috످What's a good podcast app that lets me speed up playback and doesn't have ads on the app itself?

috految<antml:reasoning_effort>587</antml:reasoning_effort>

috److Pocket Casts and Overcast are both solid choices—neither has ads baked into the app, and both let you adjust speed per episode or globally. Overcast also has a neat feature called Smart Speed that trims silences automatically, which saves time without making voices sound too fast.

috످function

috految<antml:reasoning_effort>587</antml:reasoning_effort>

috److془The user said "function". Ambiguous. Also I need to correct: Pocket Casts and Overcast both show banner ads in free tiers. Also speed per podcast, not per episode. Recommend Apple Podcasts (iPhone) or AntennaPod (Android).

Keep concise.془By "function," do you mean how to speed up playback, how Smart Speed works, or something else?

Also, I was wrong about Pocket Casts and Overcast being ad-free. Both can show ads unless you pay. For a free app with speed controls and no in-app ads, try **Apple Podcasts** (iPhone) or **AntennaPod** (Android).

috످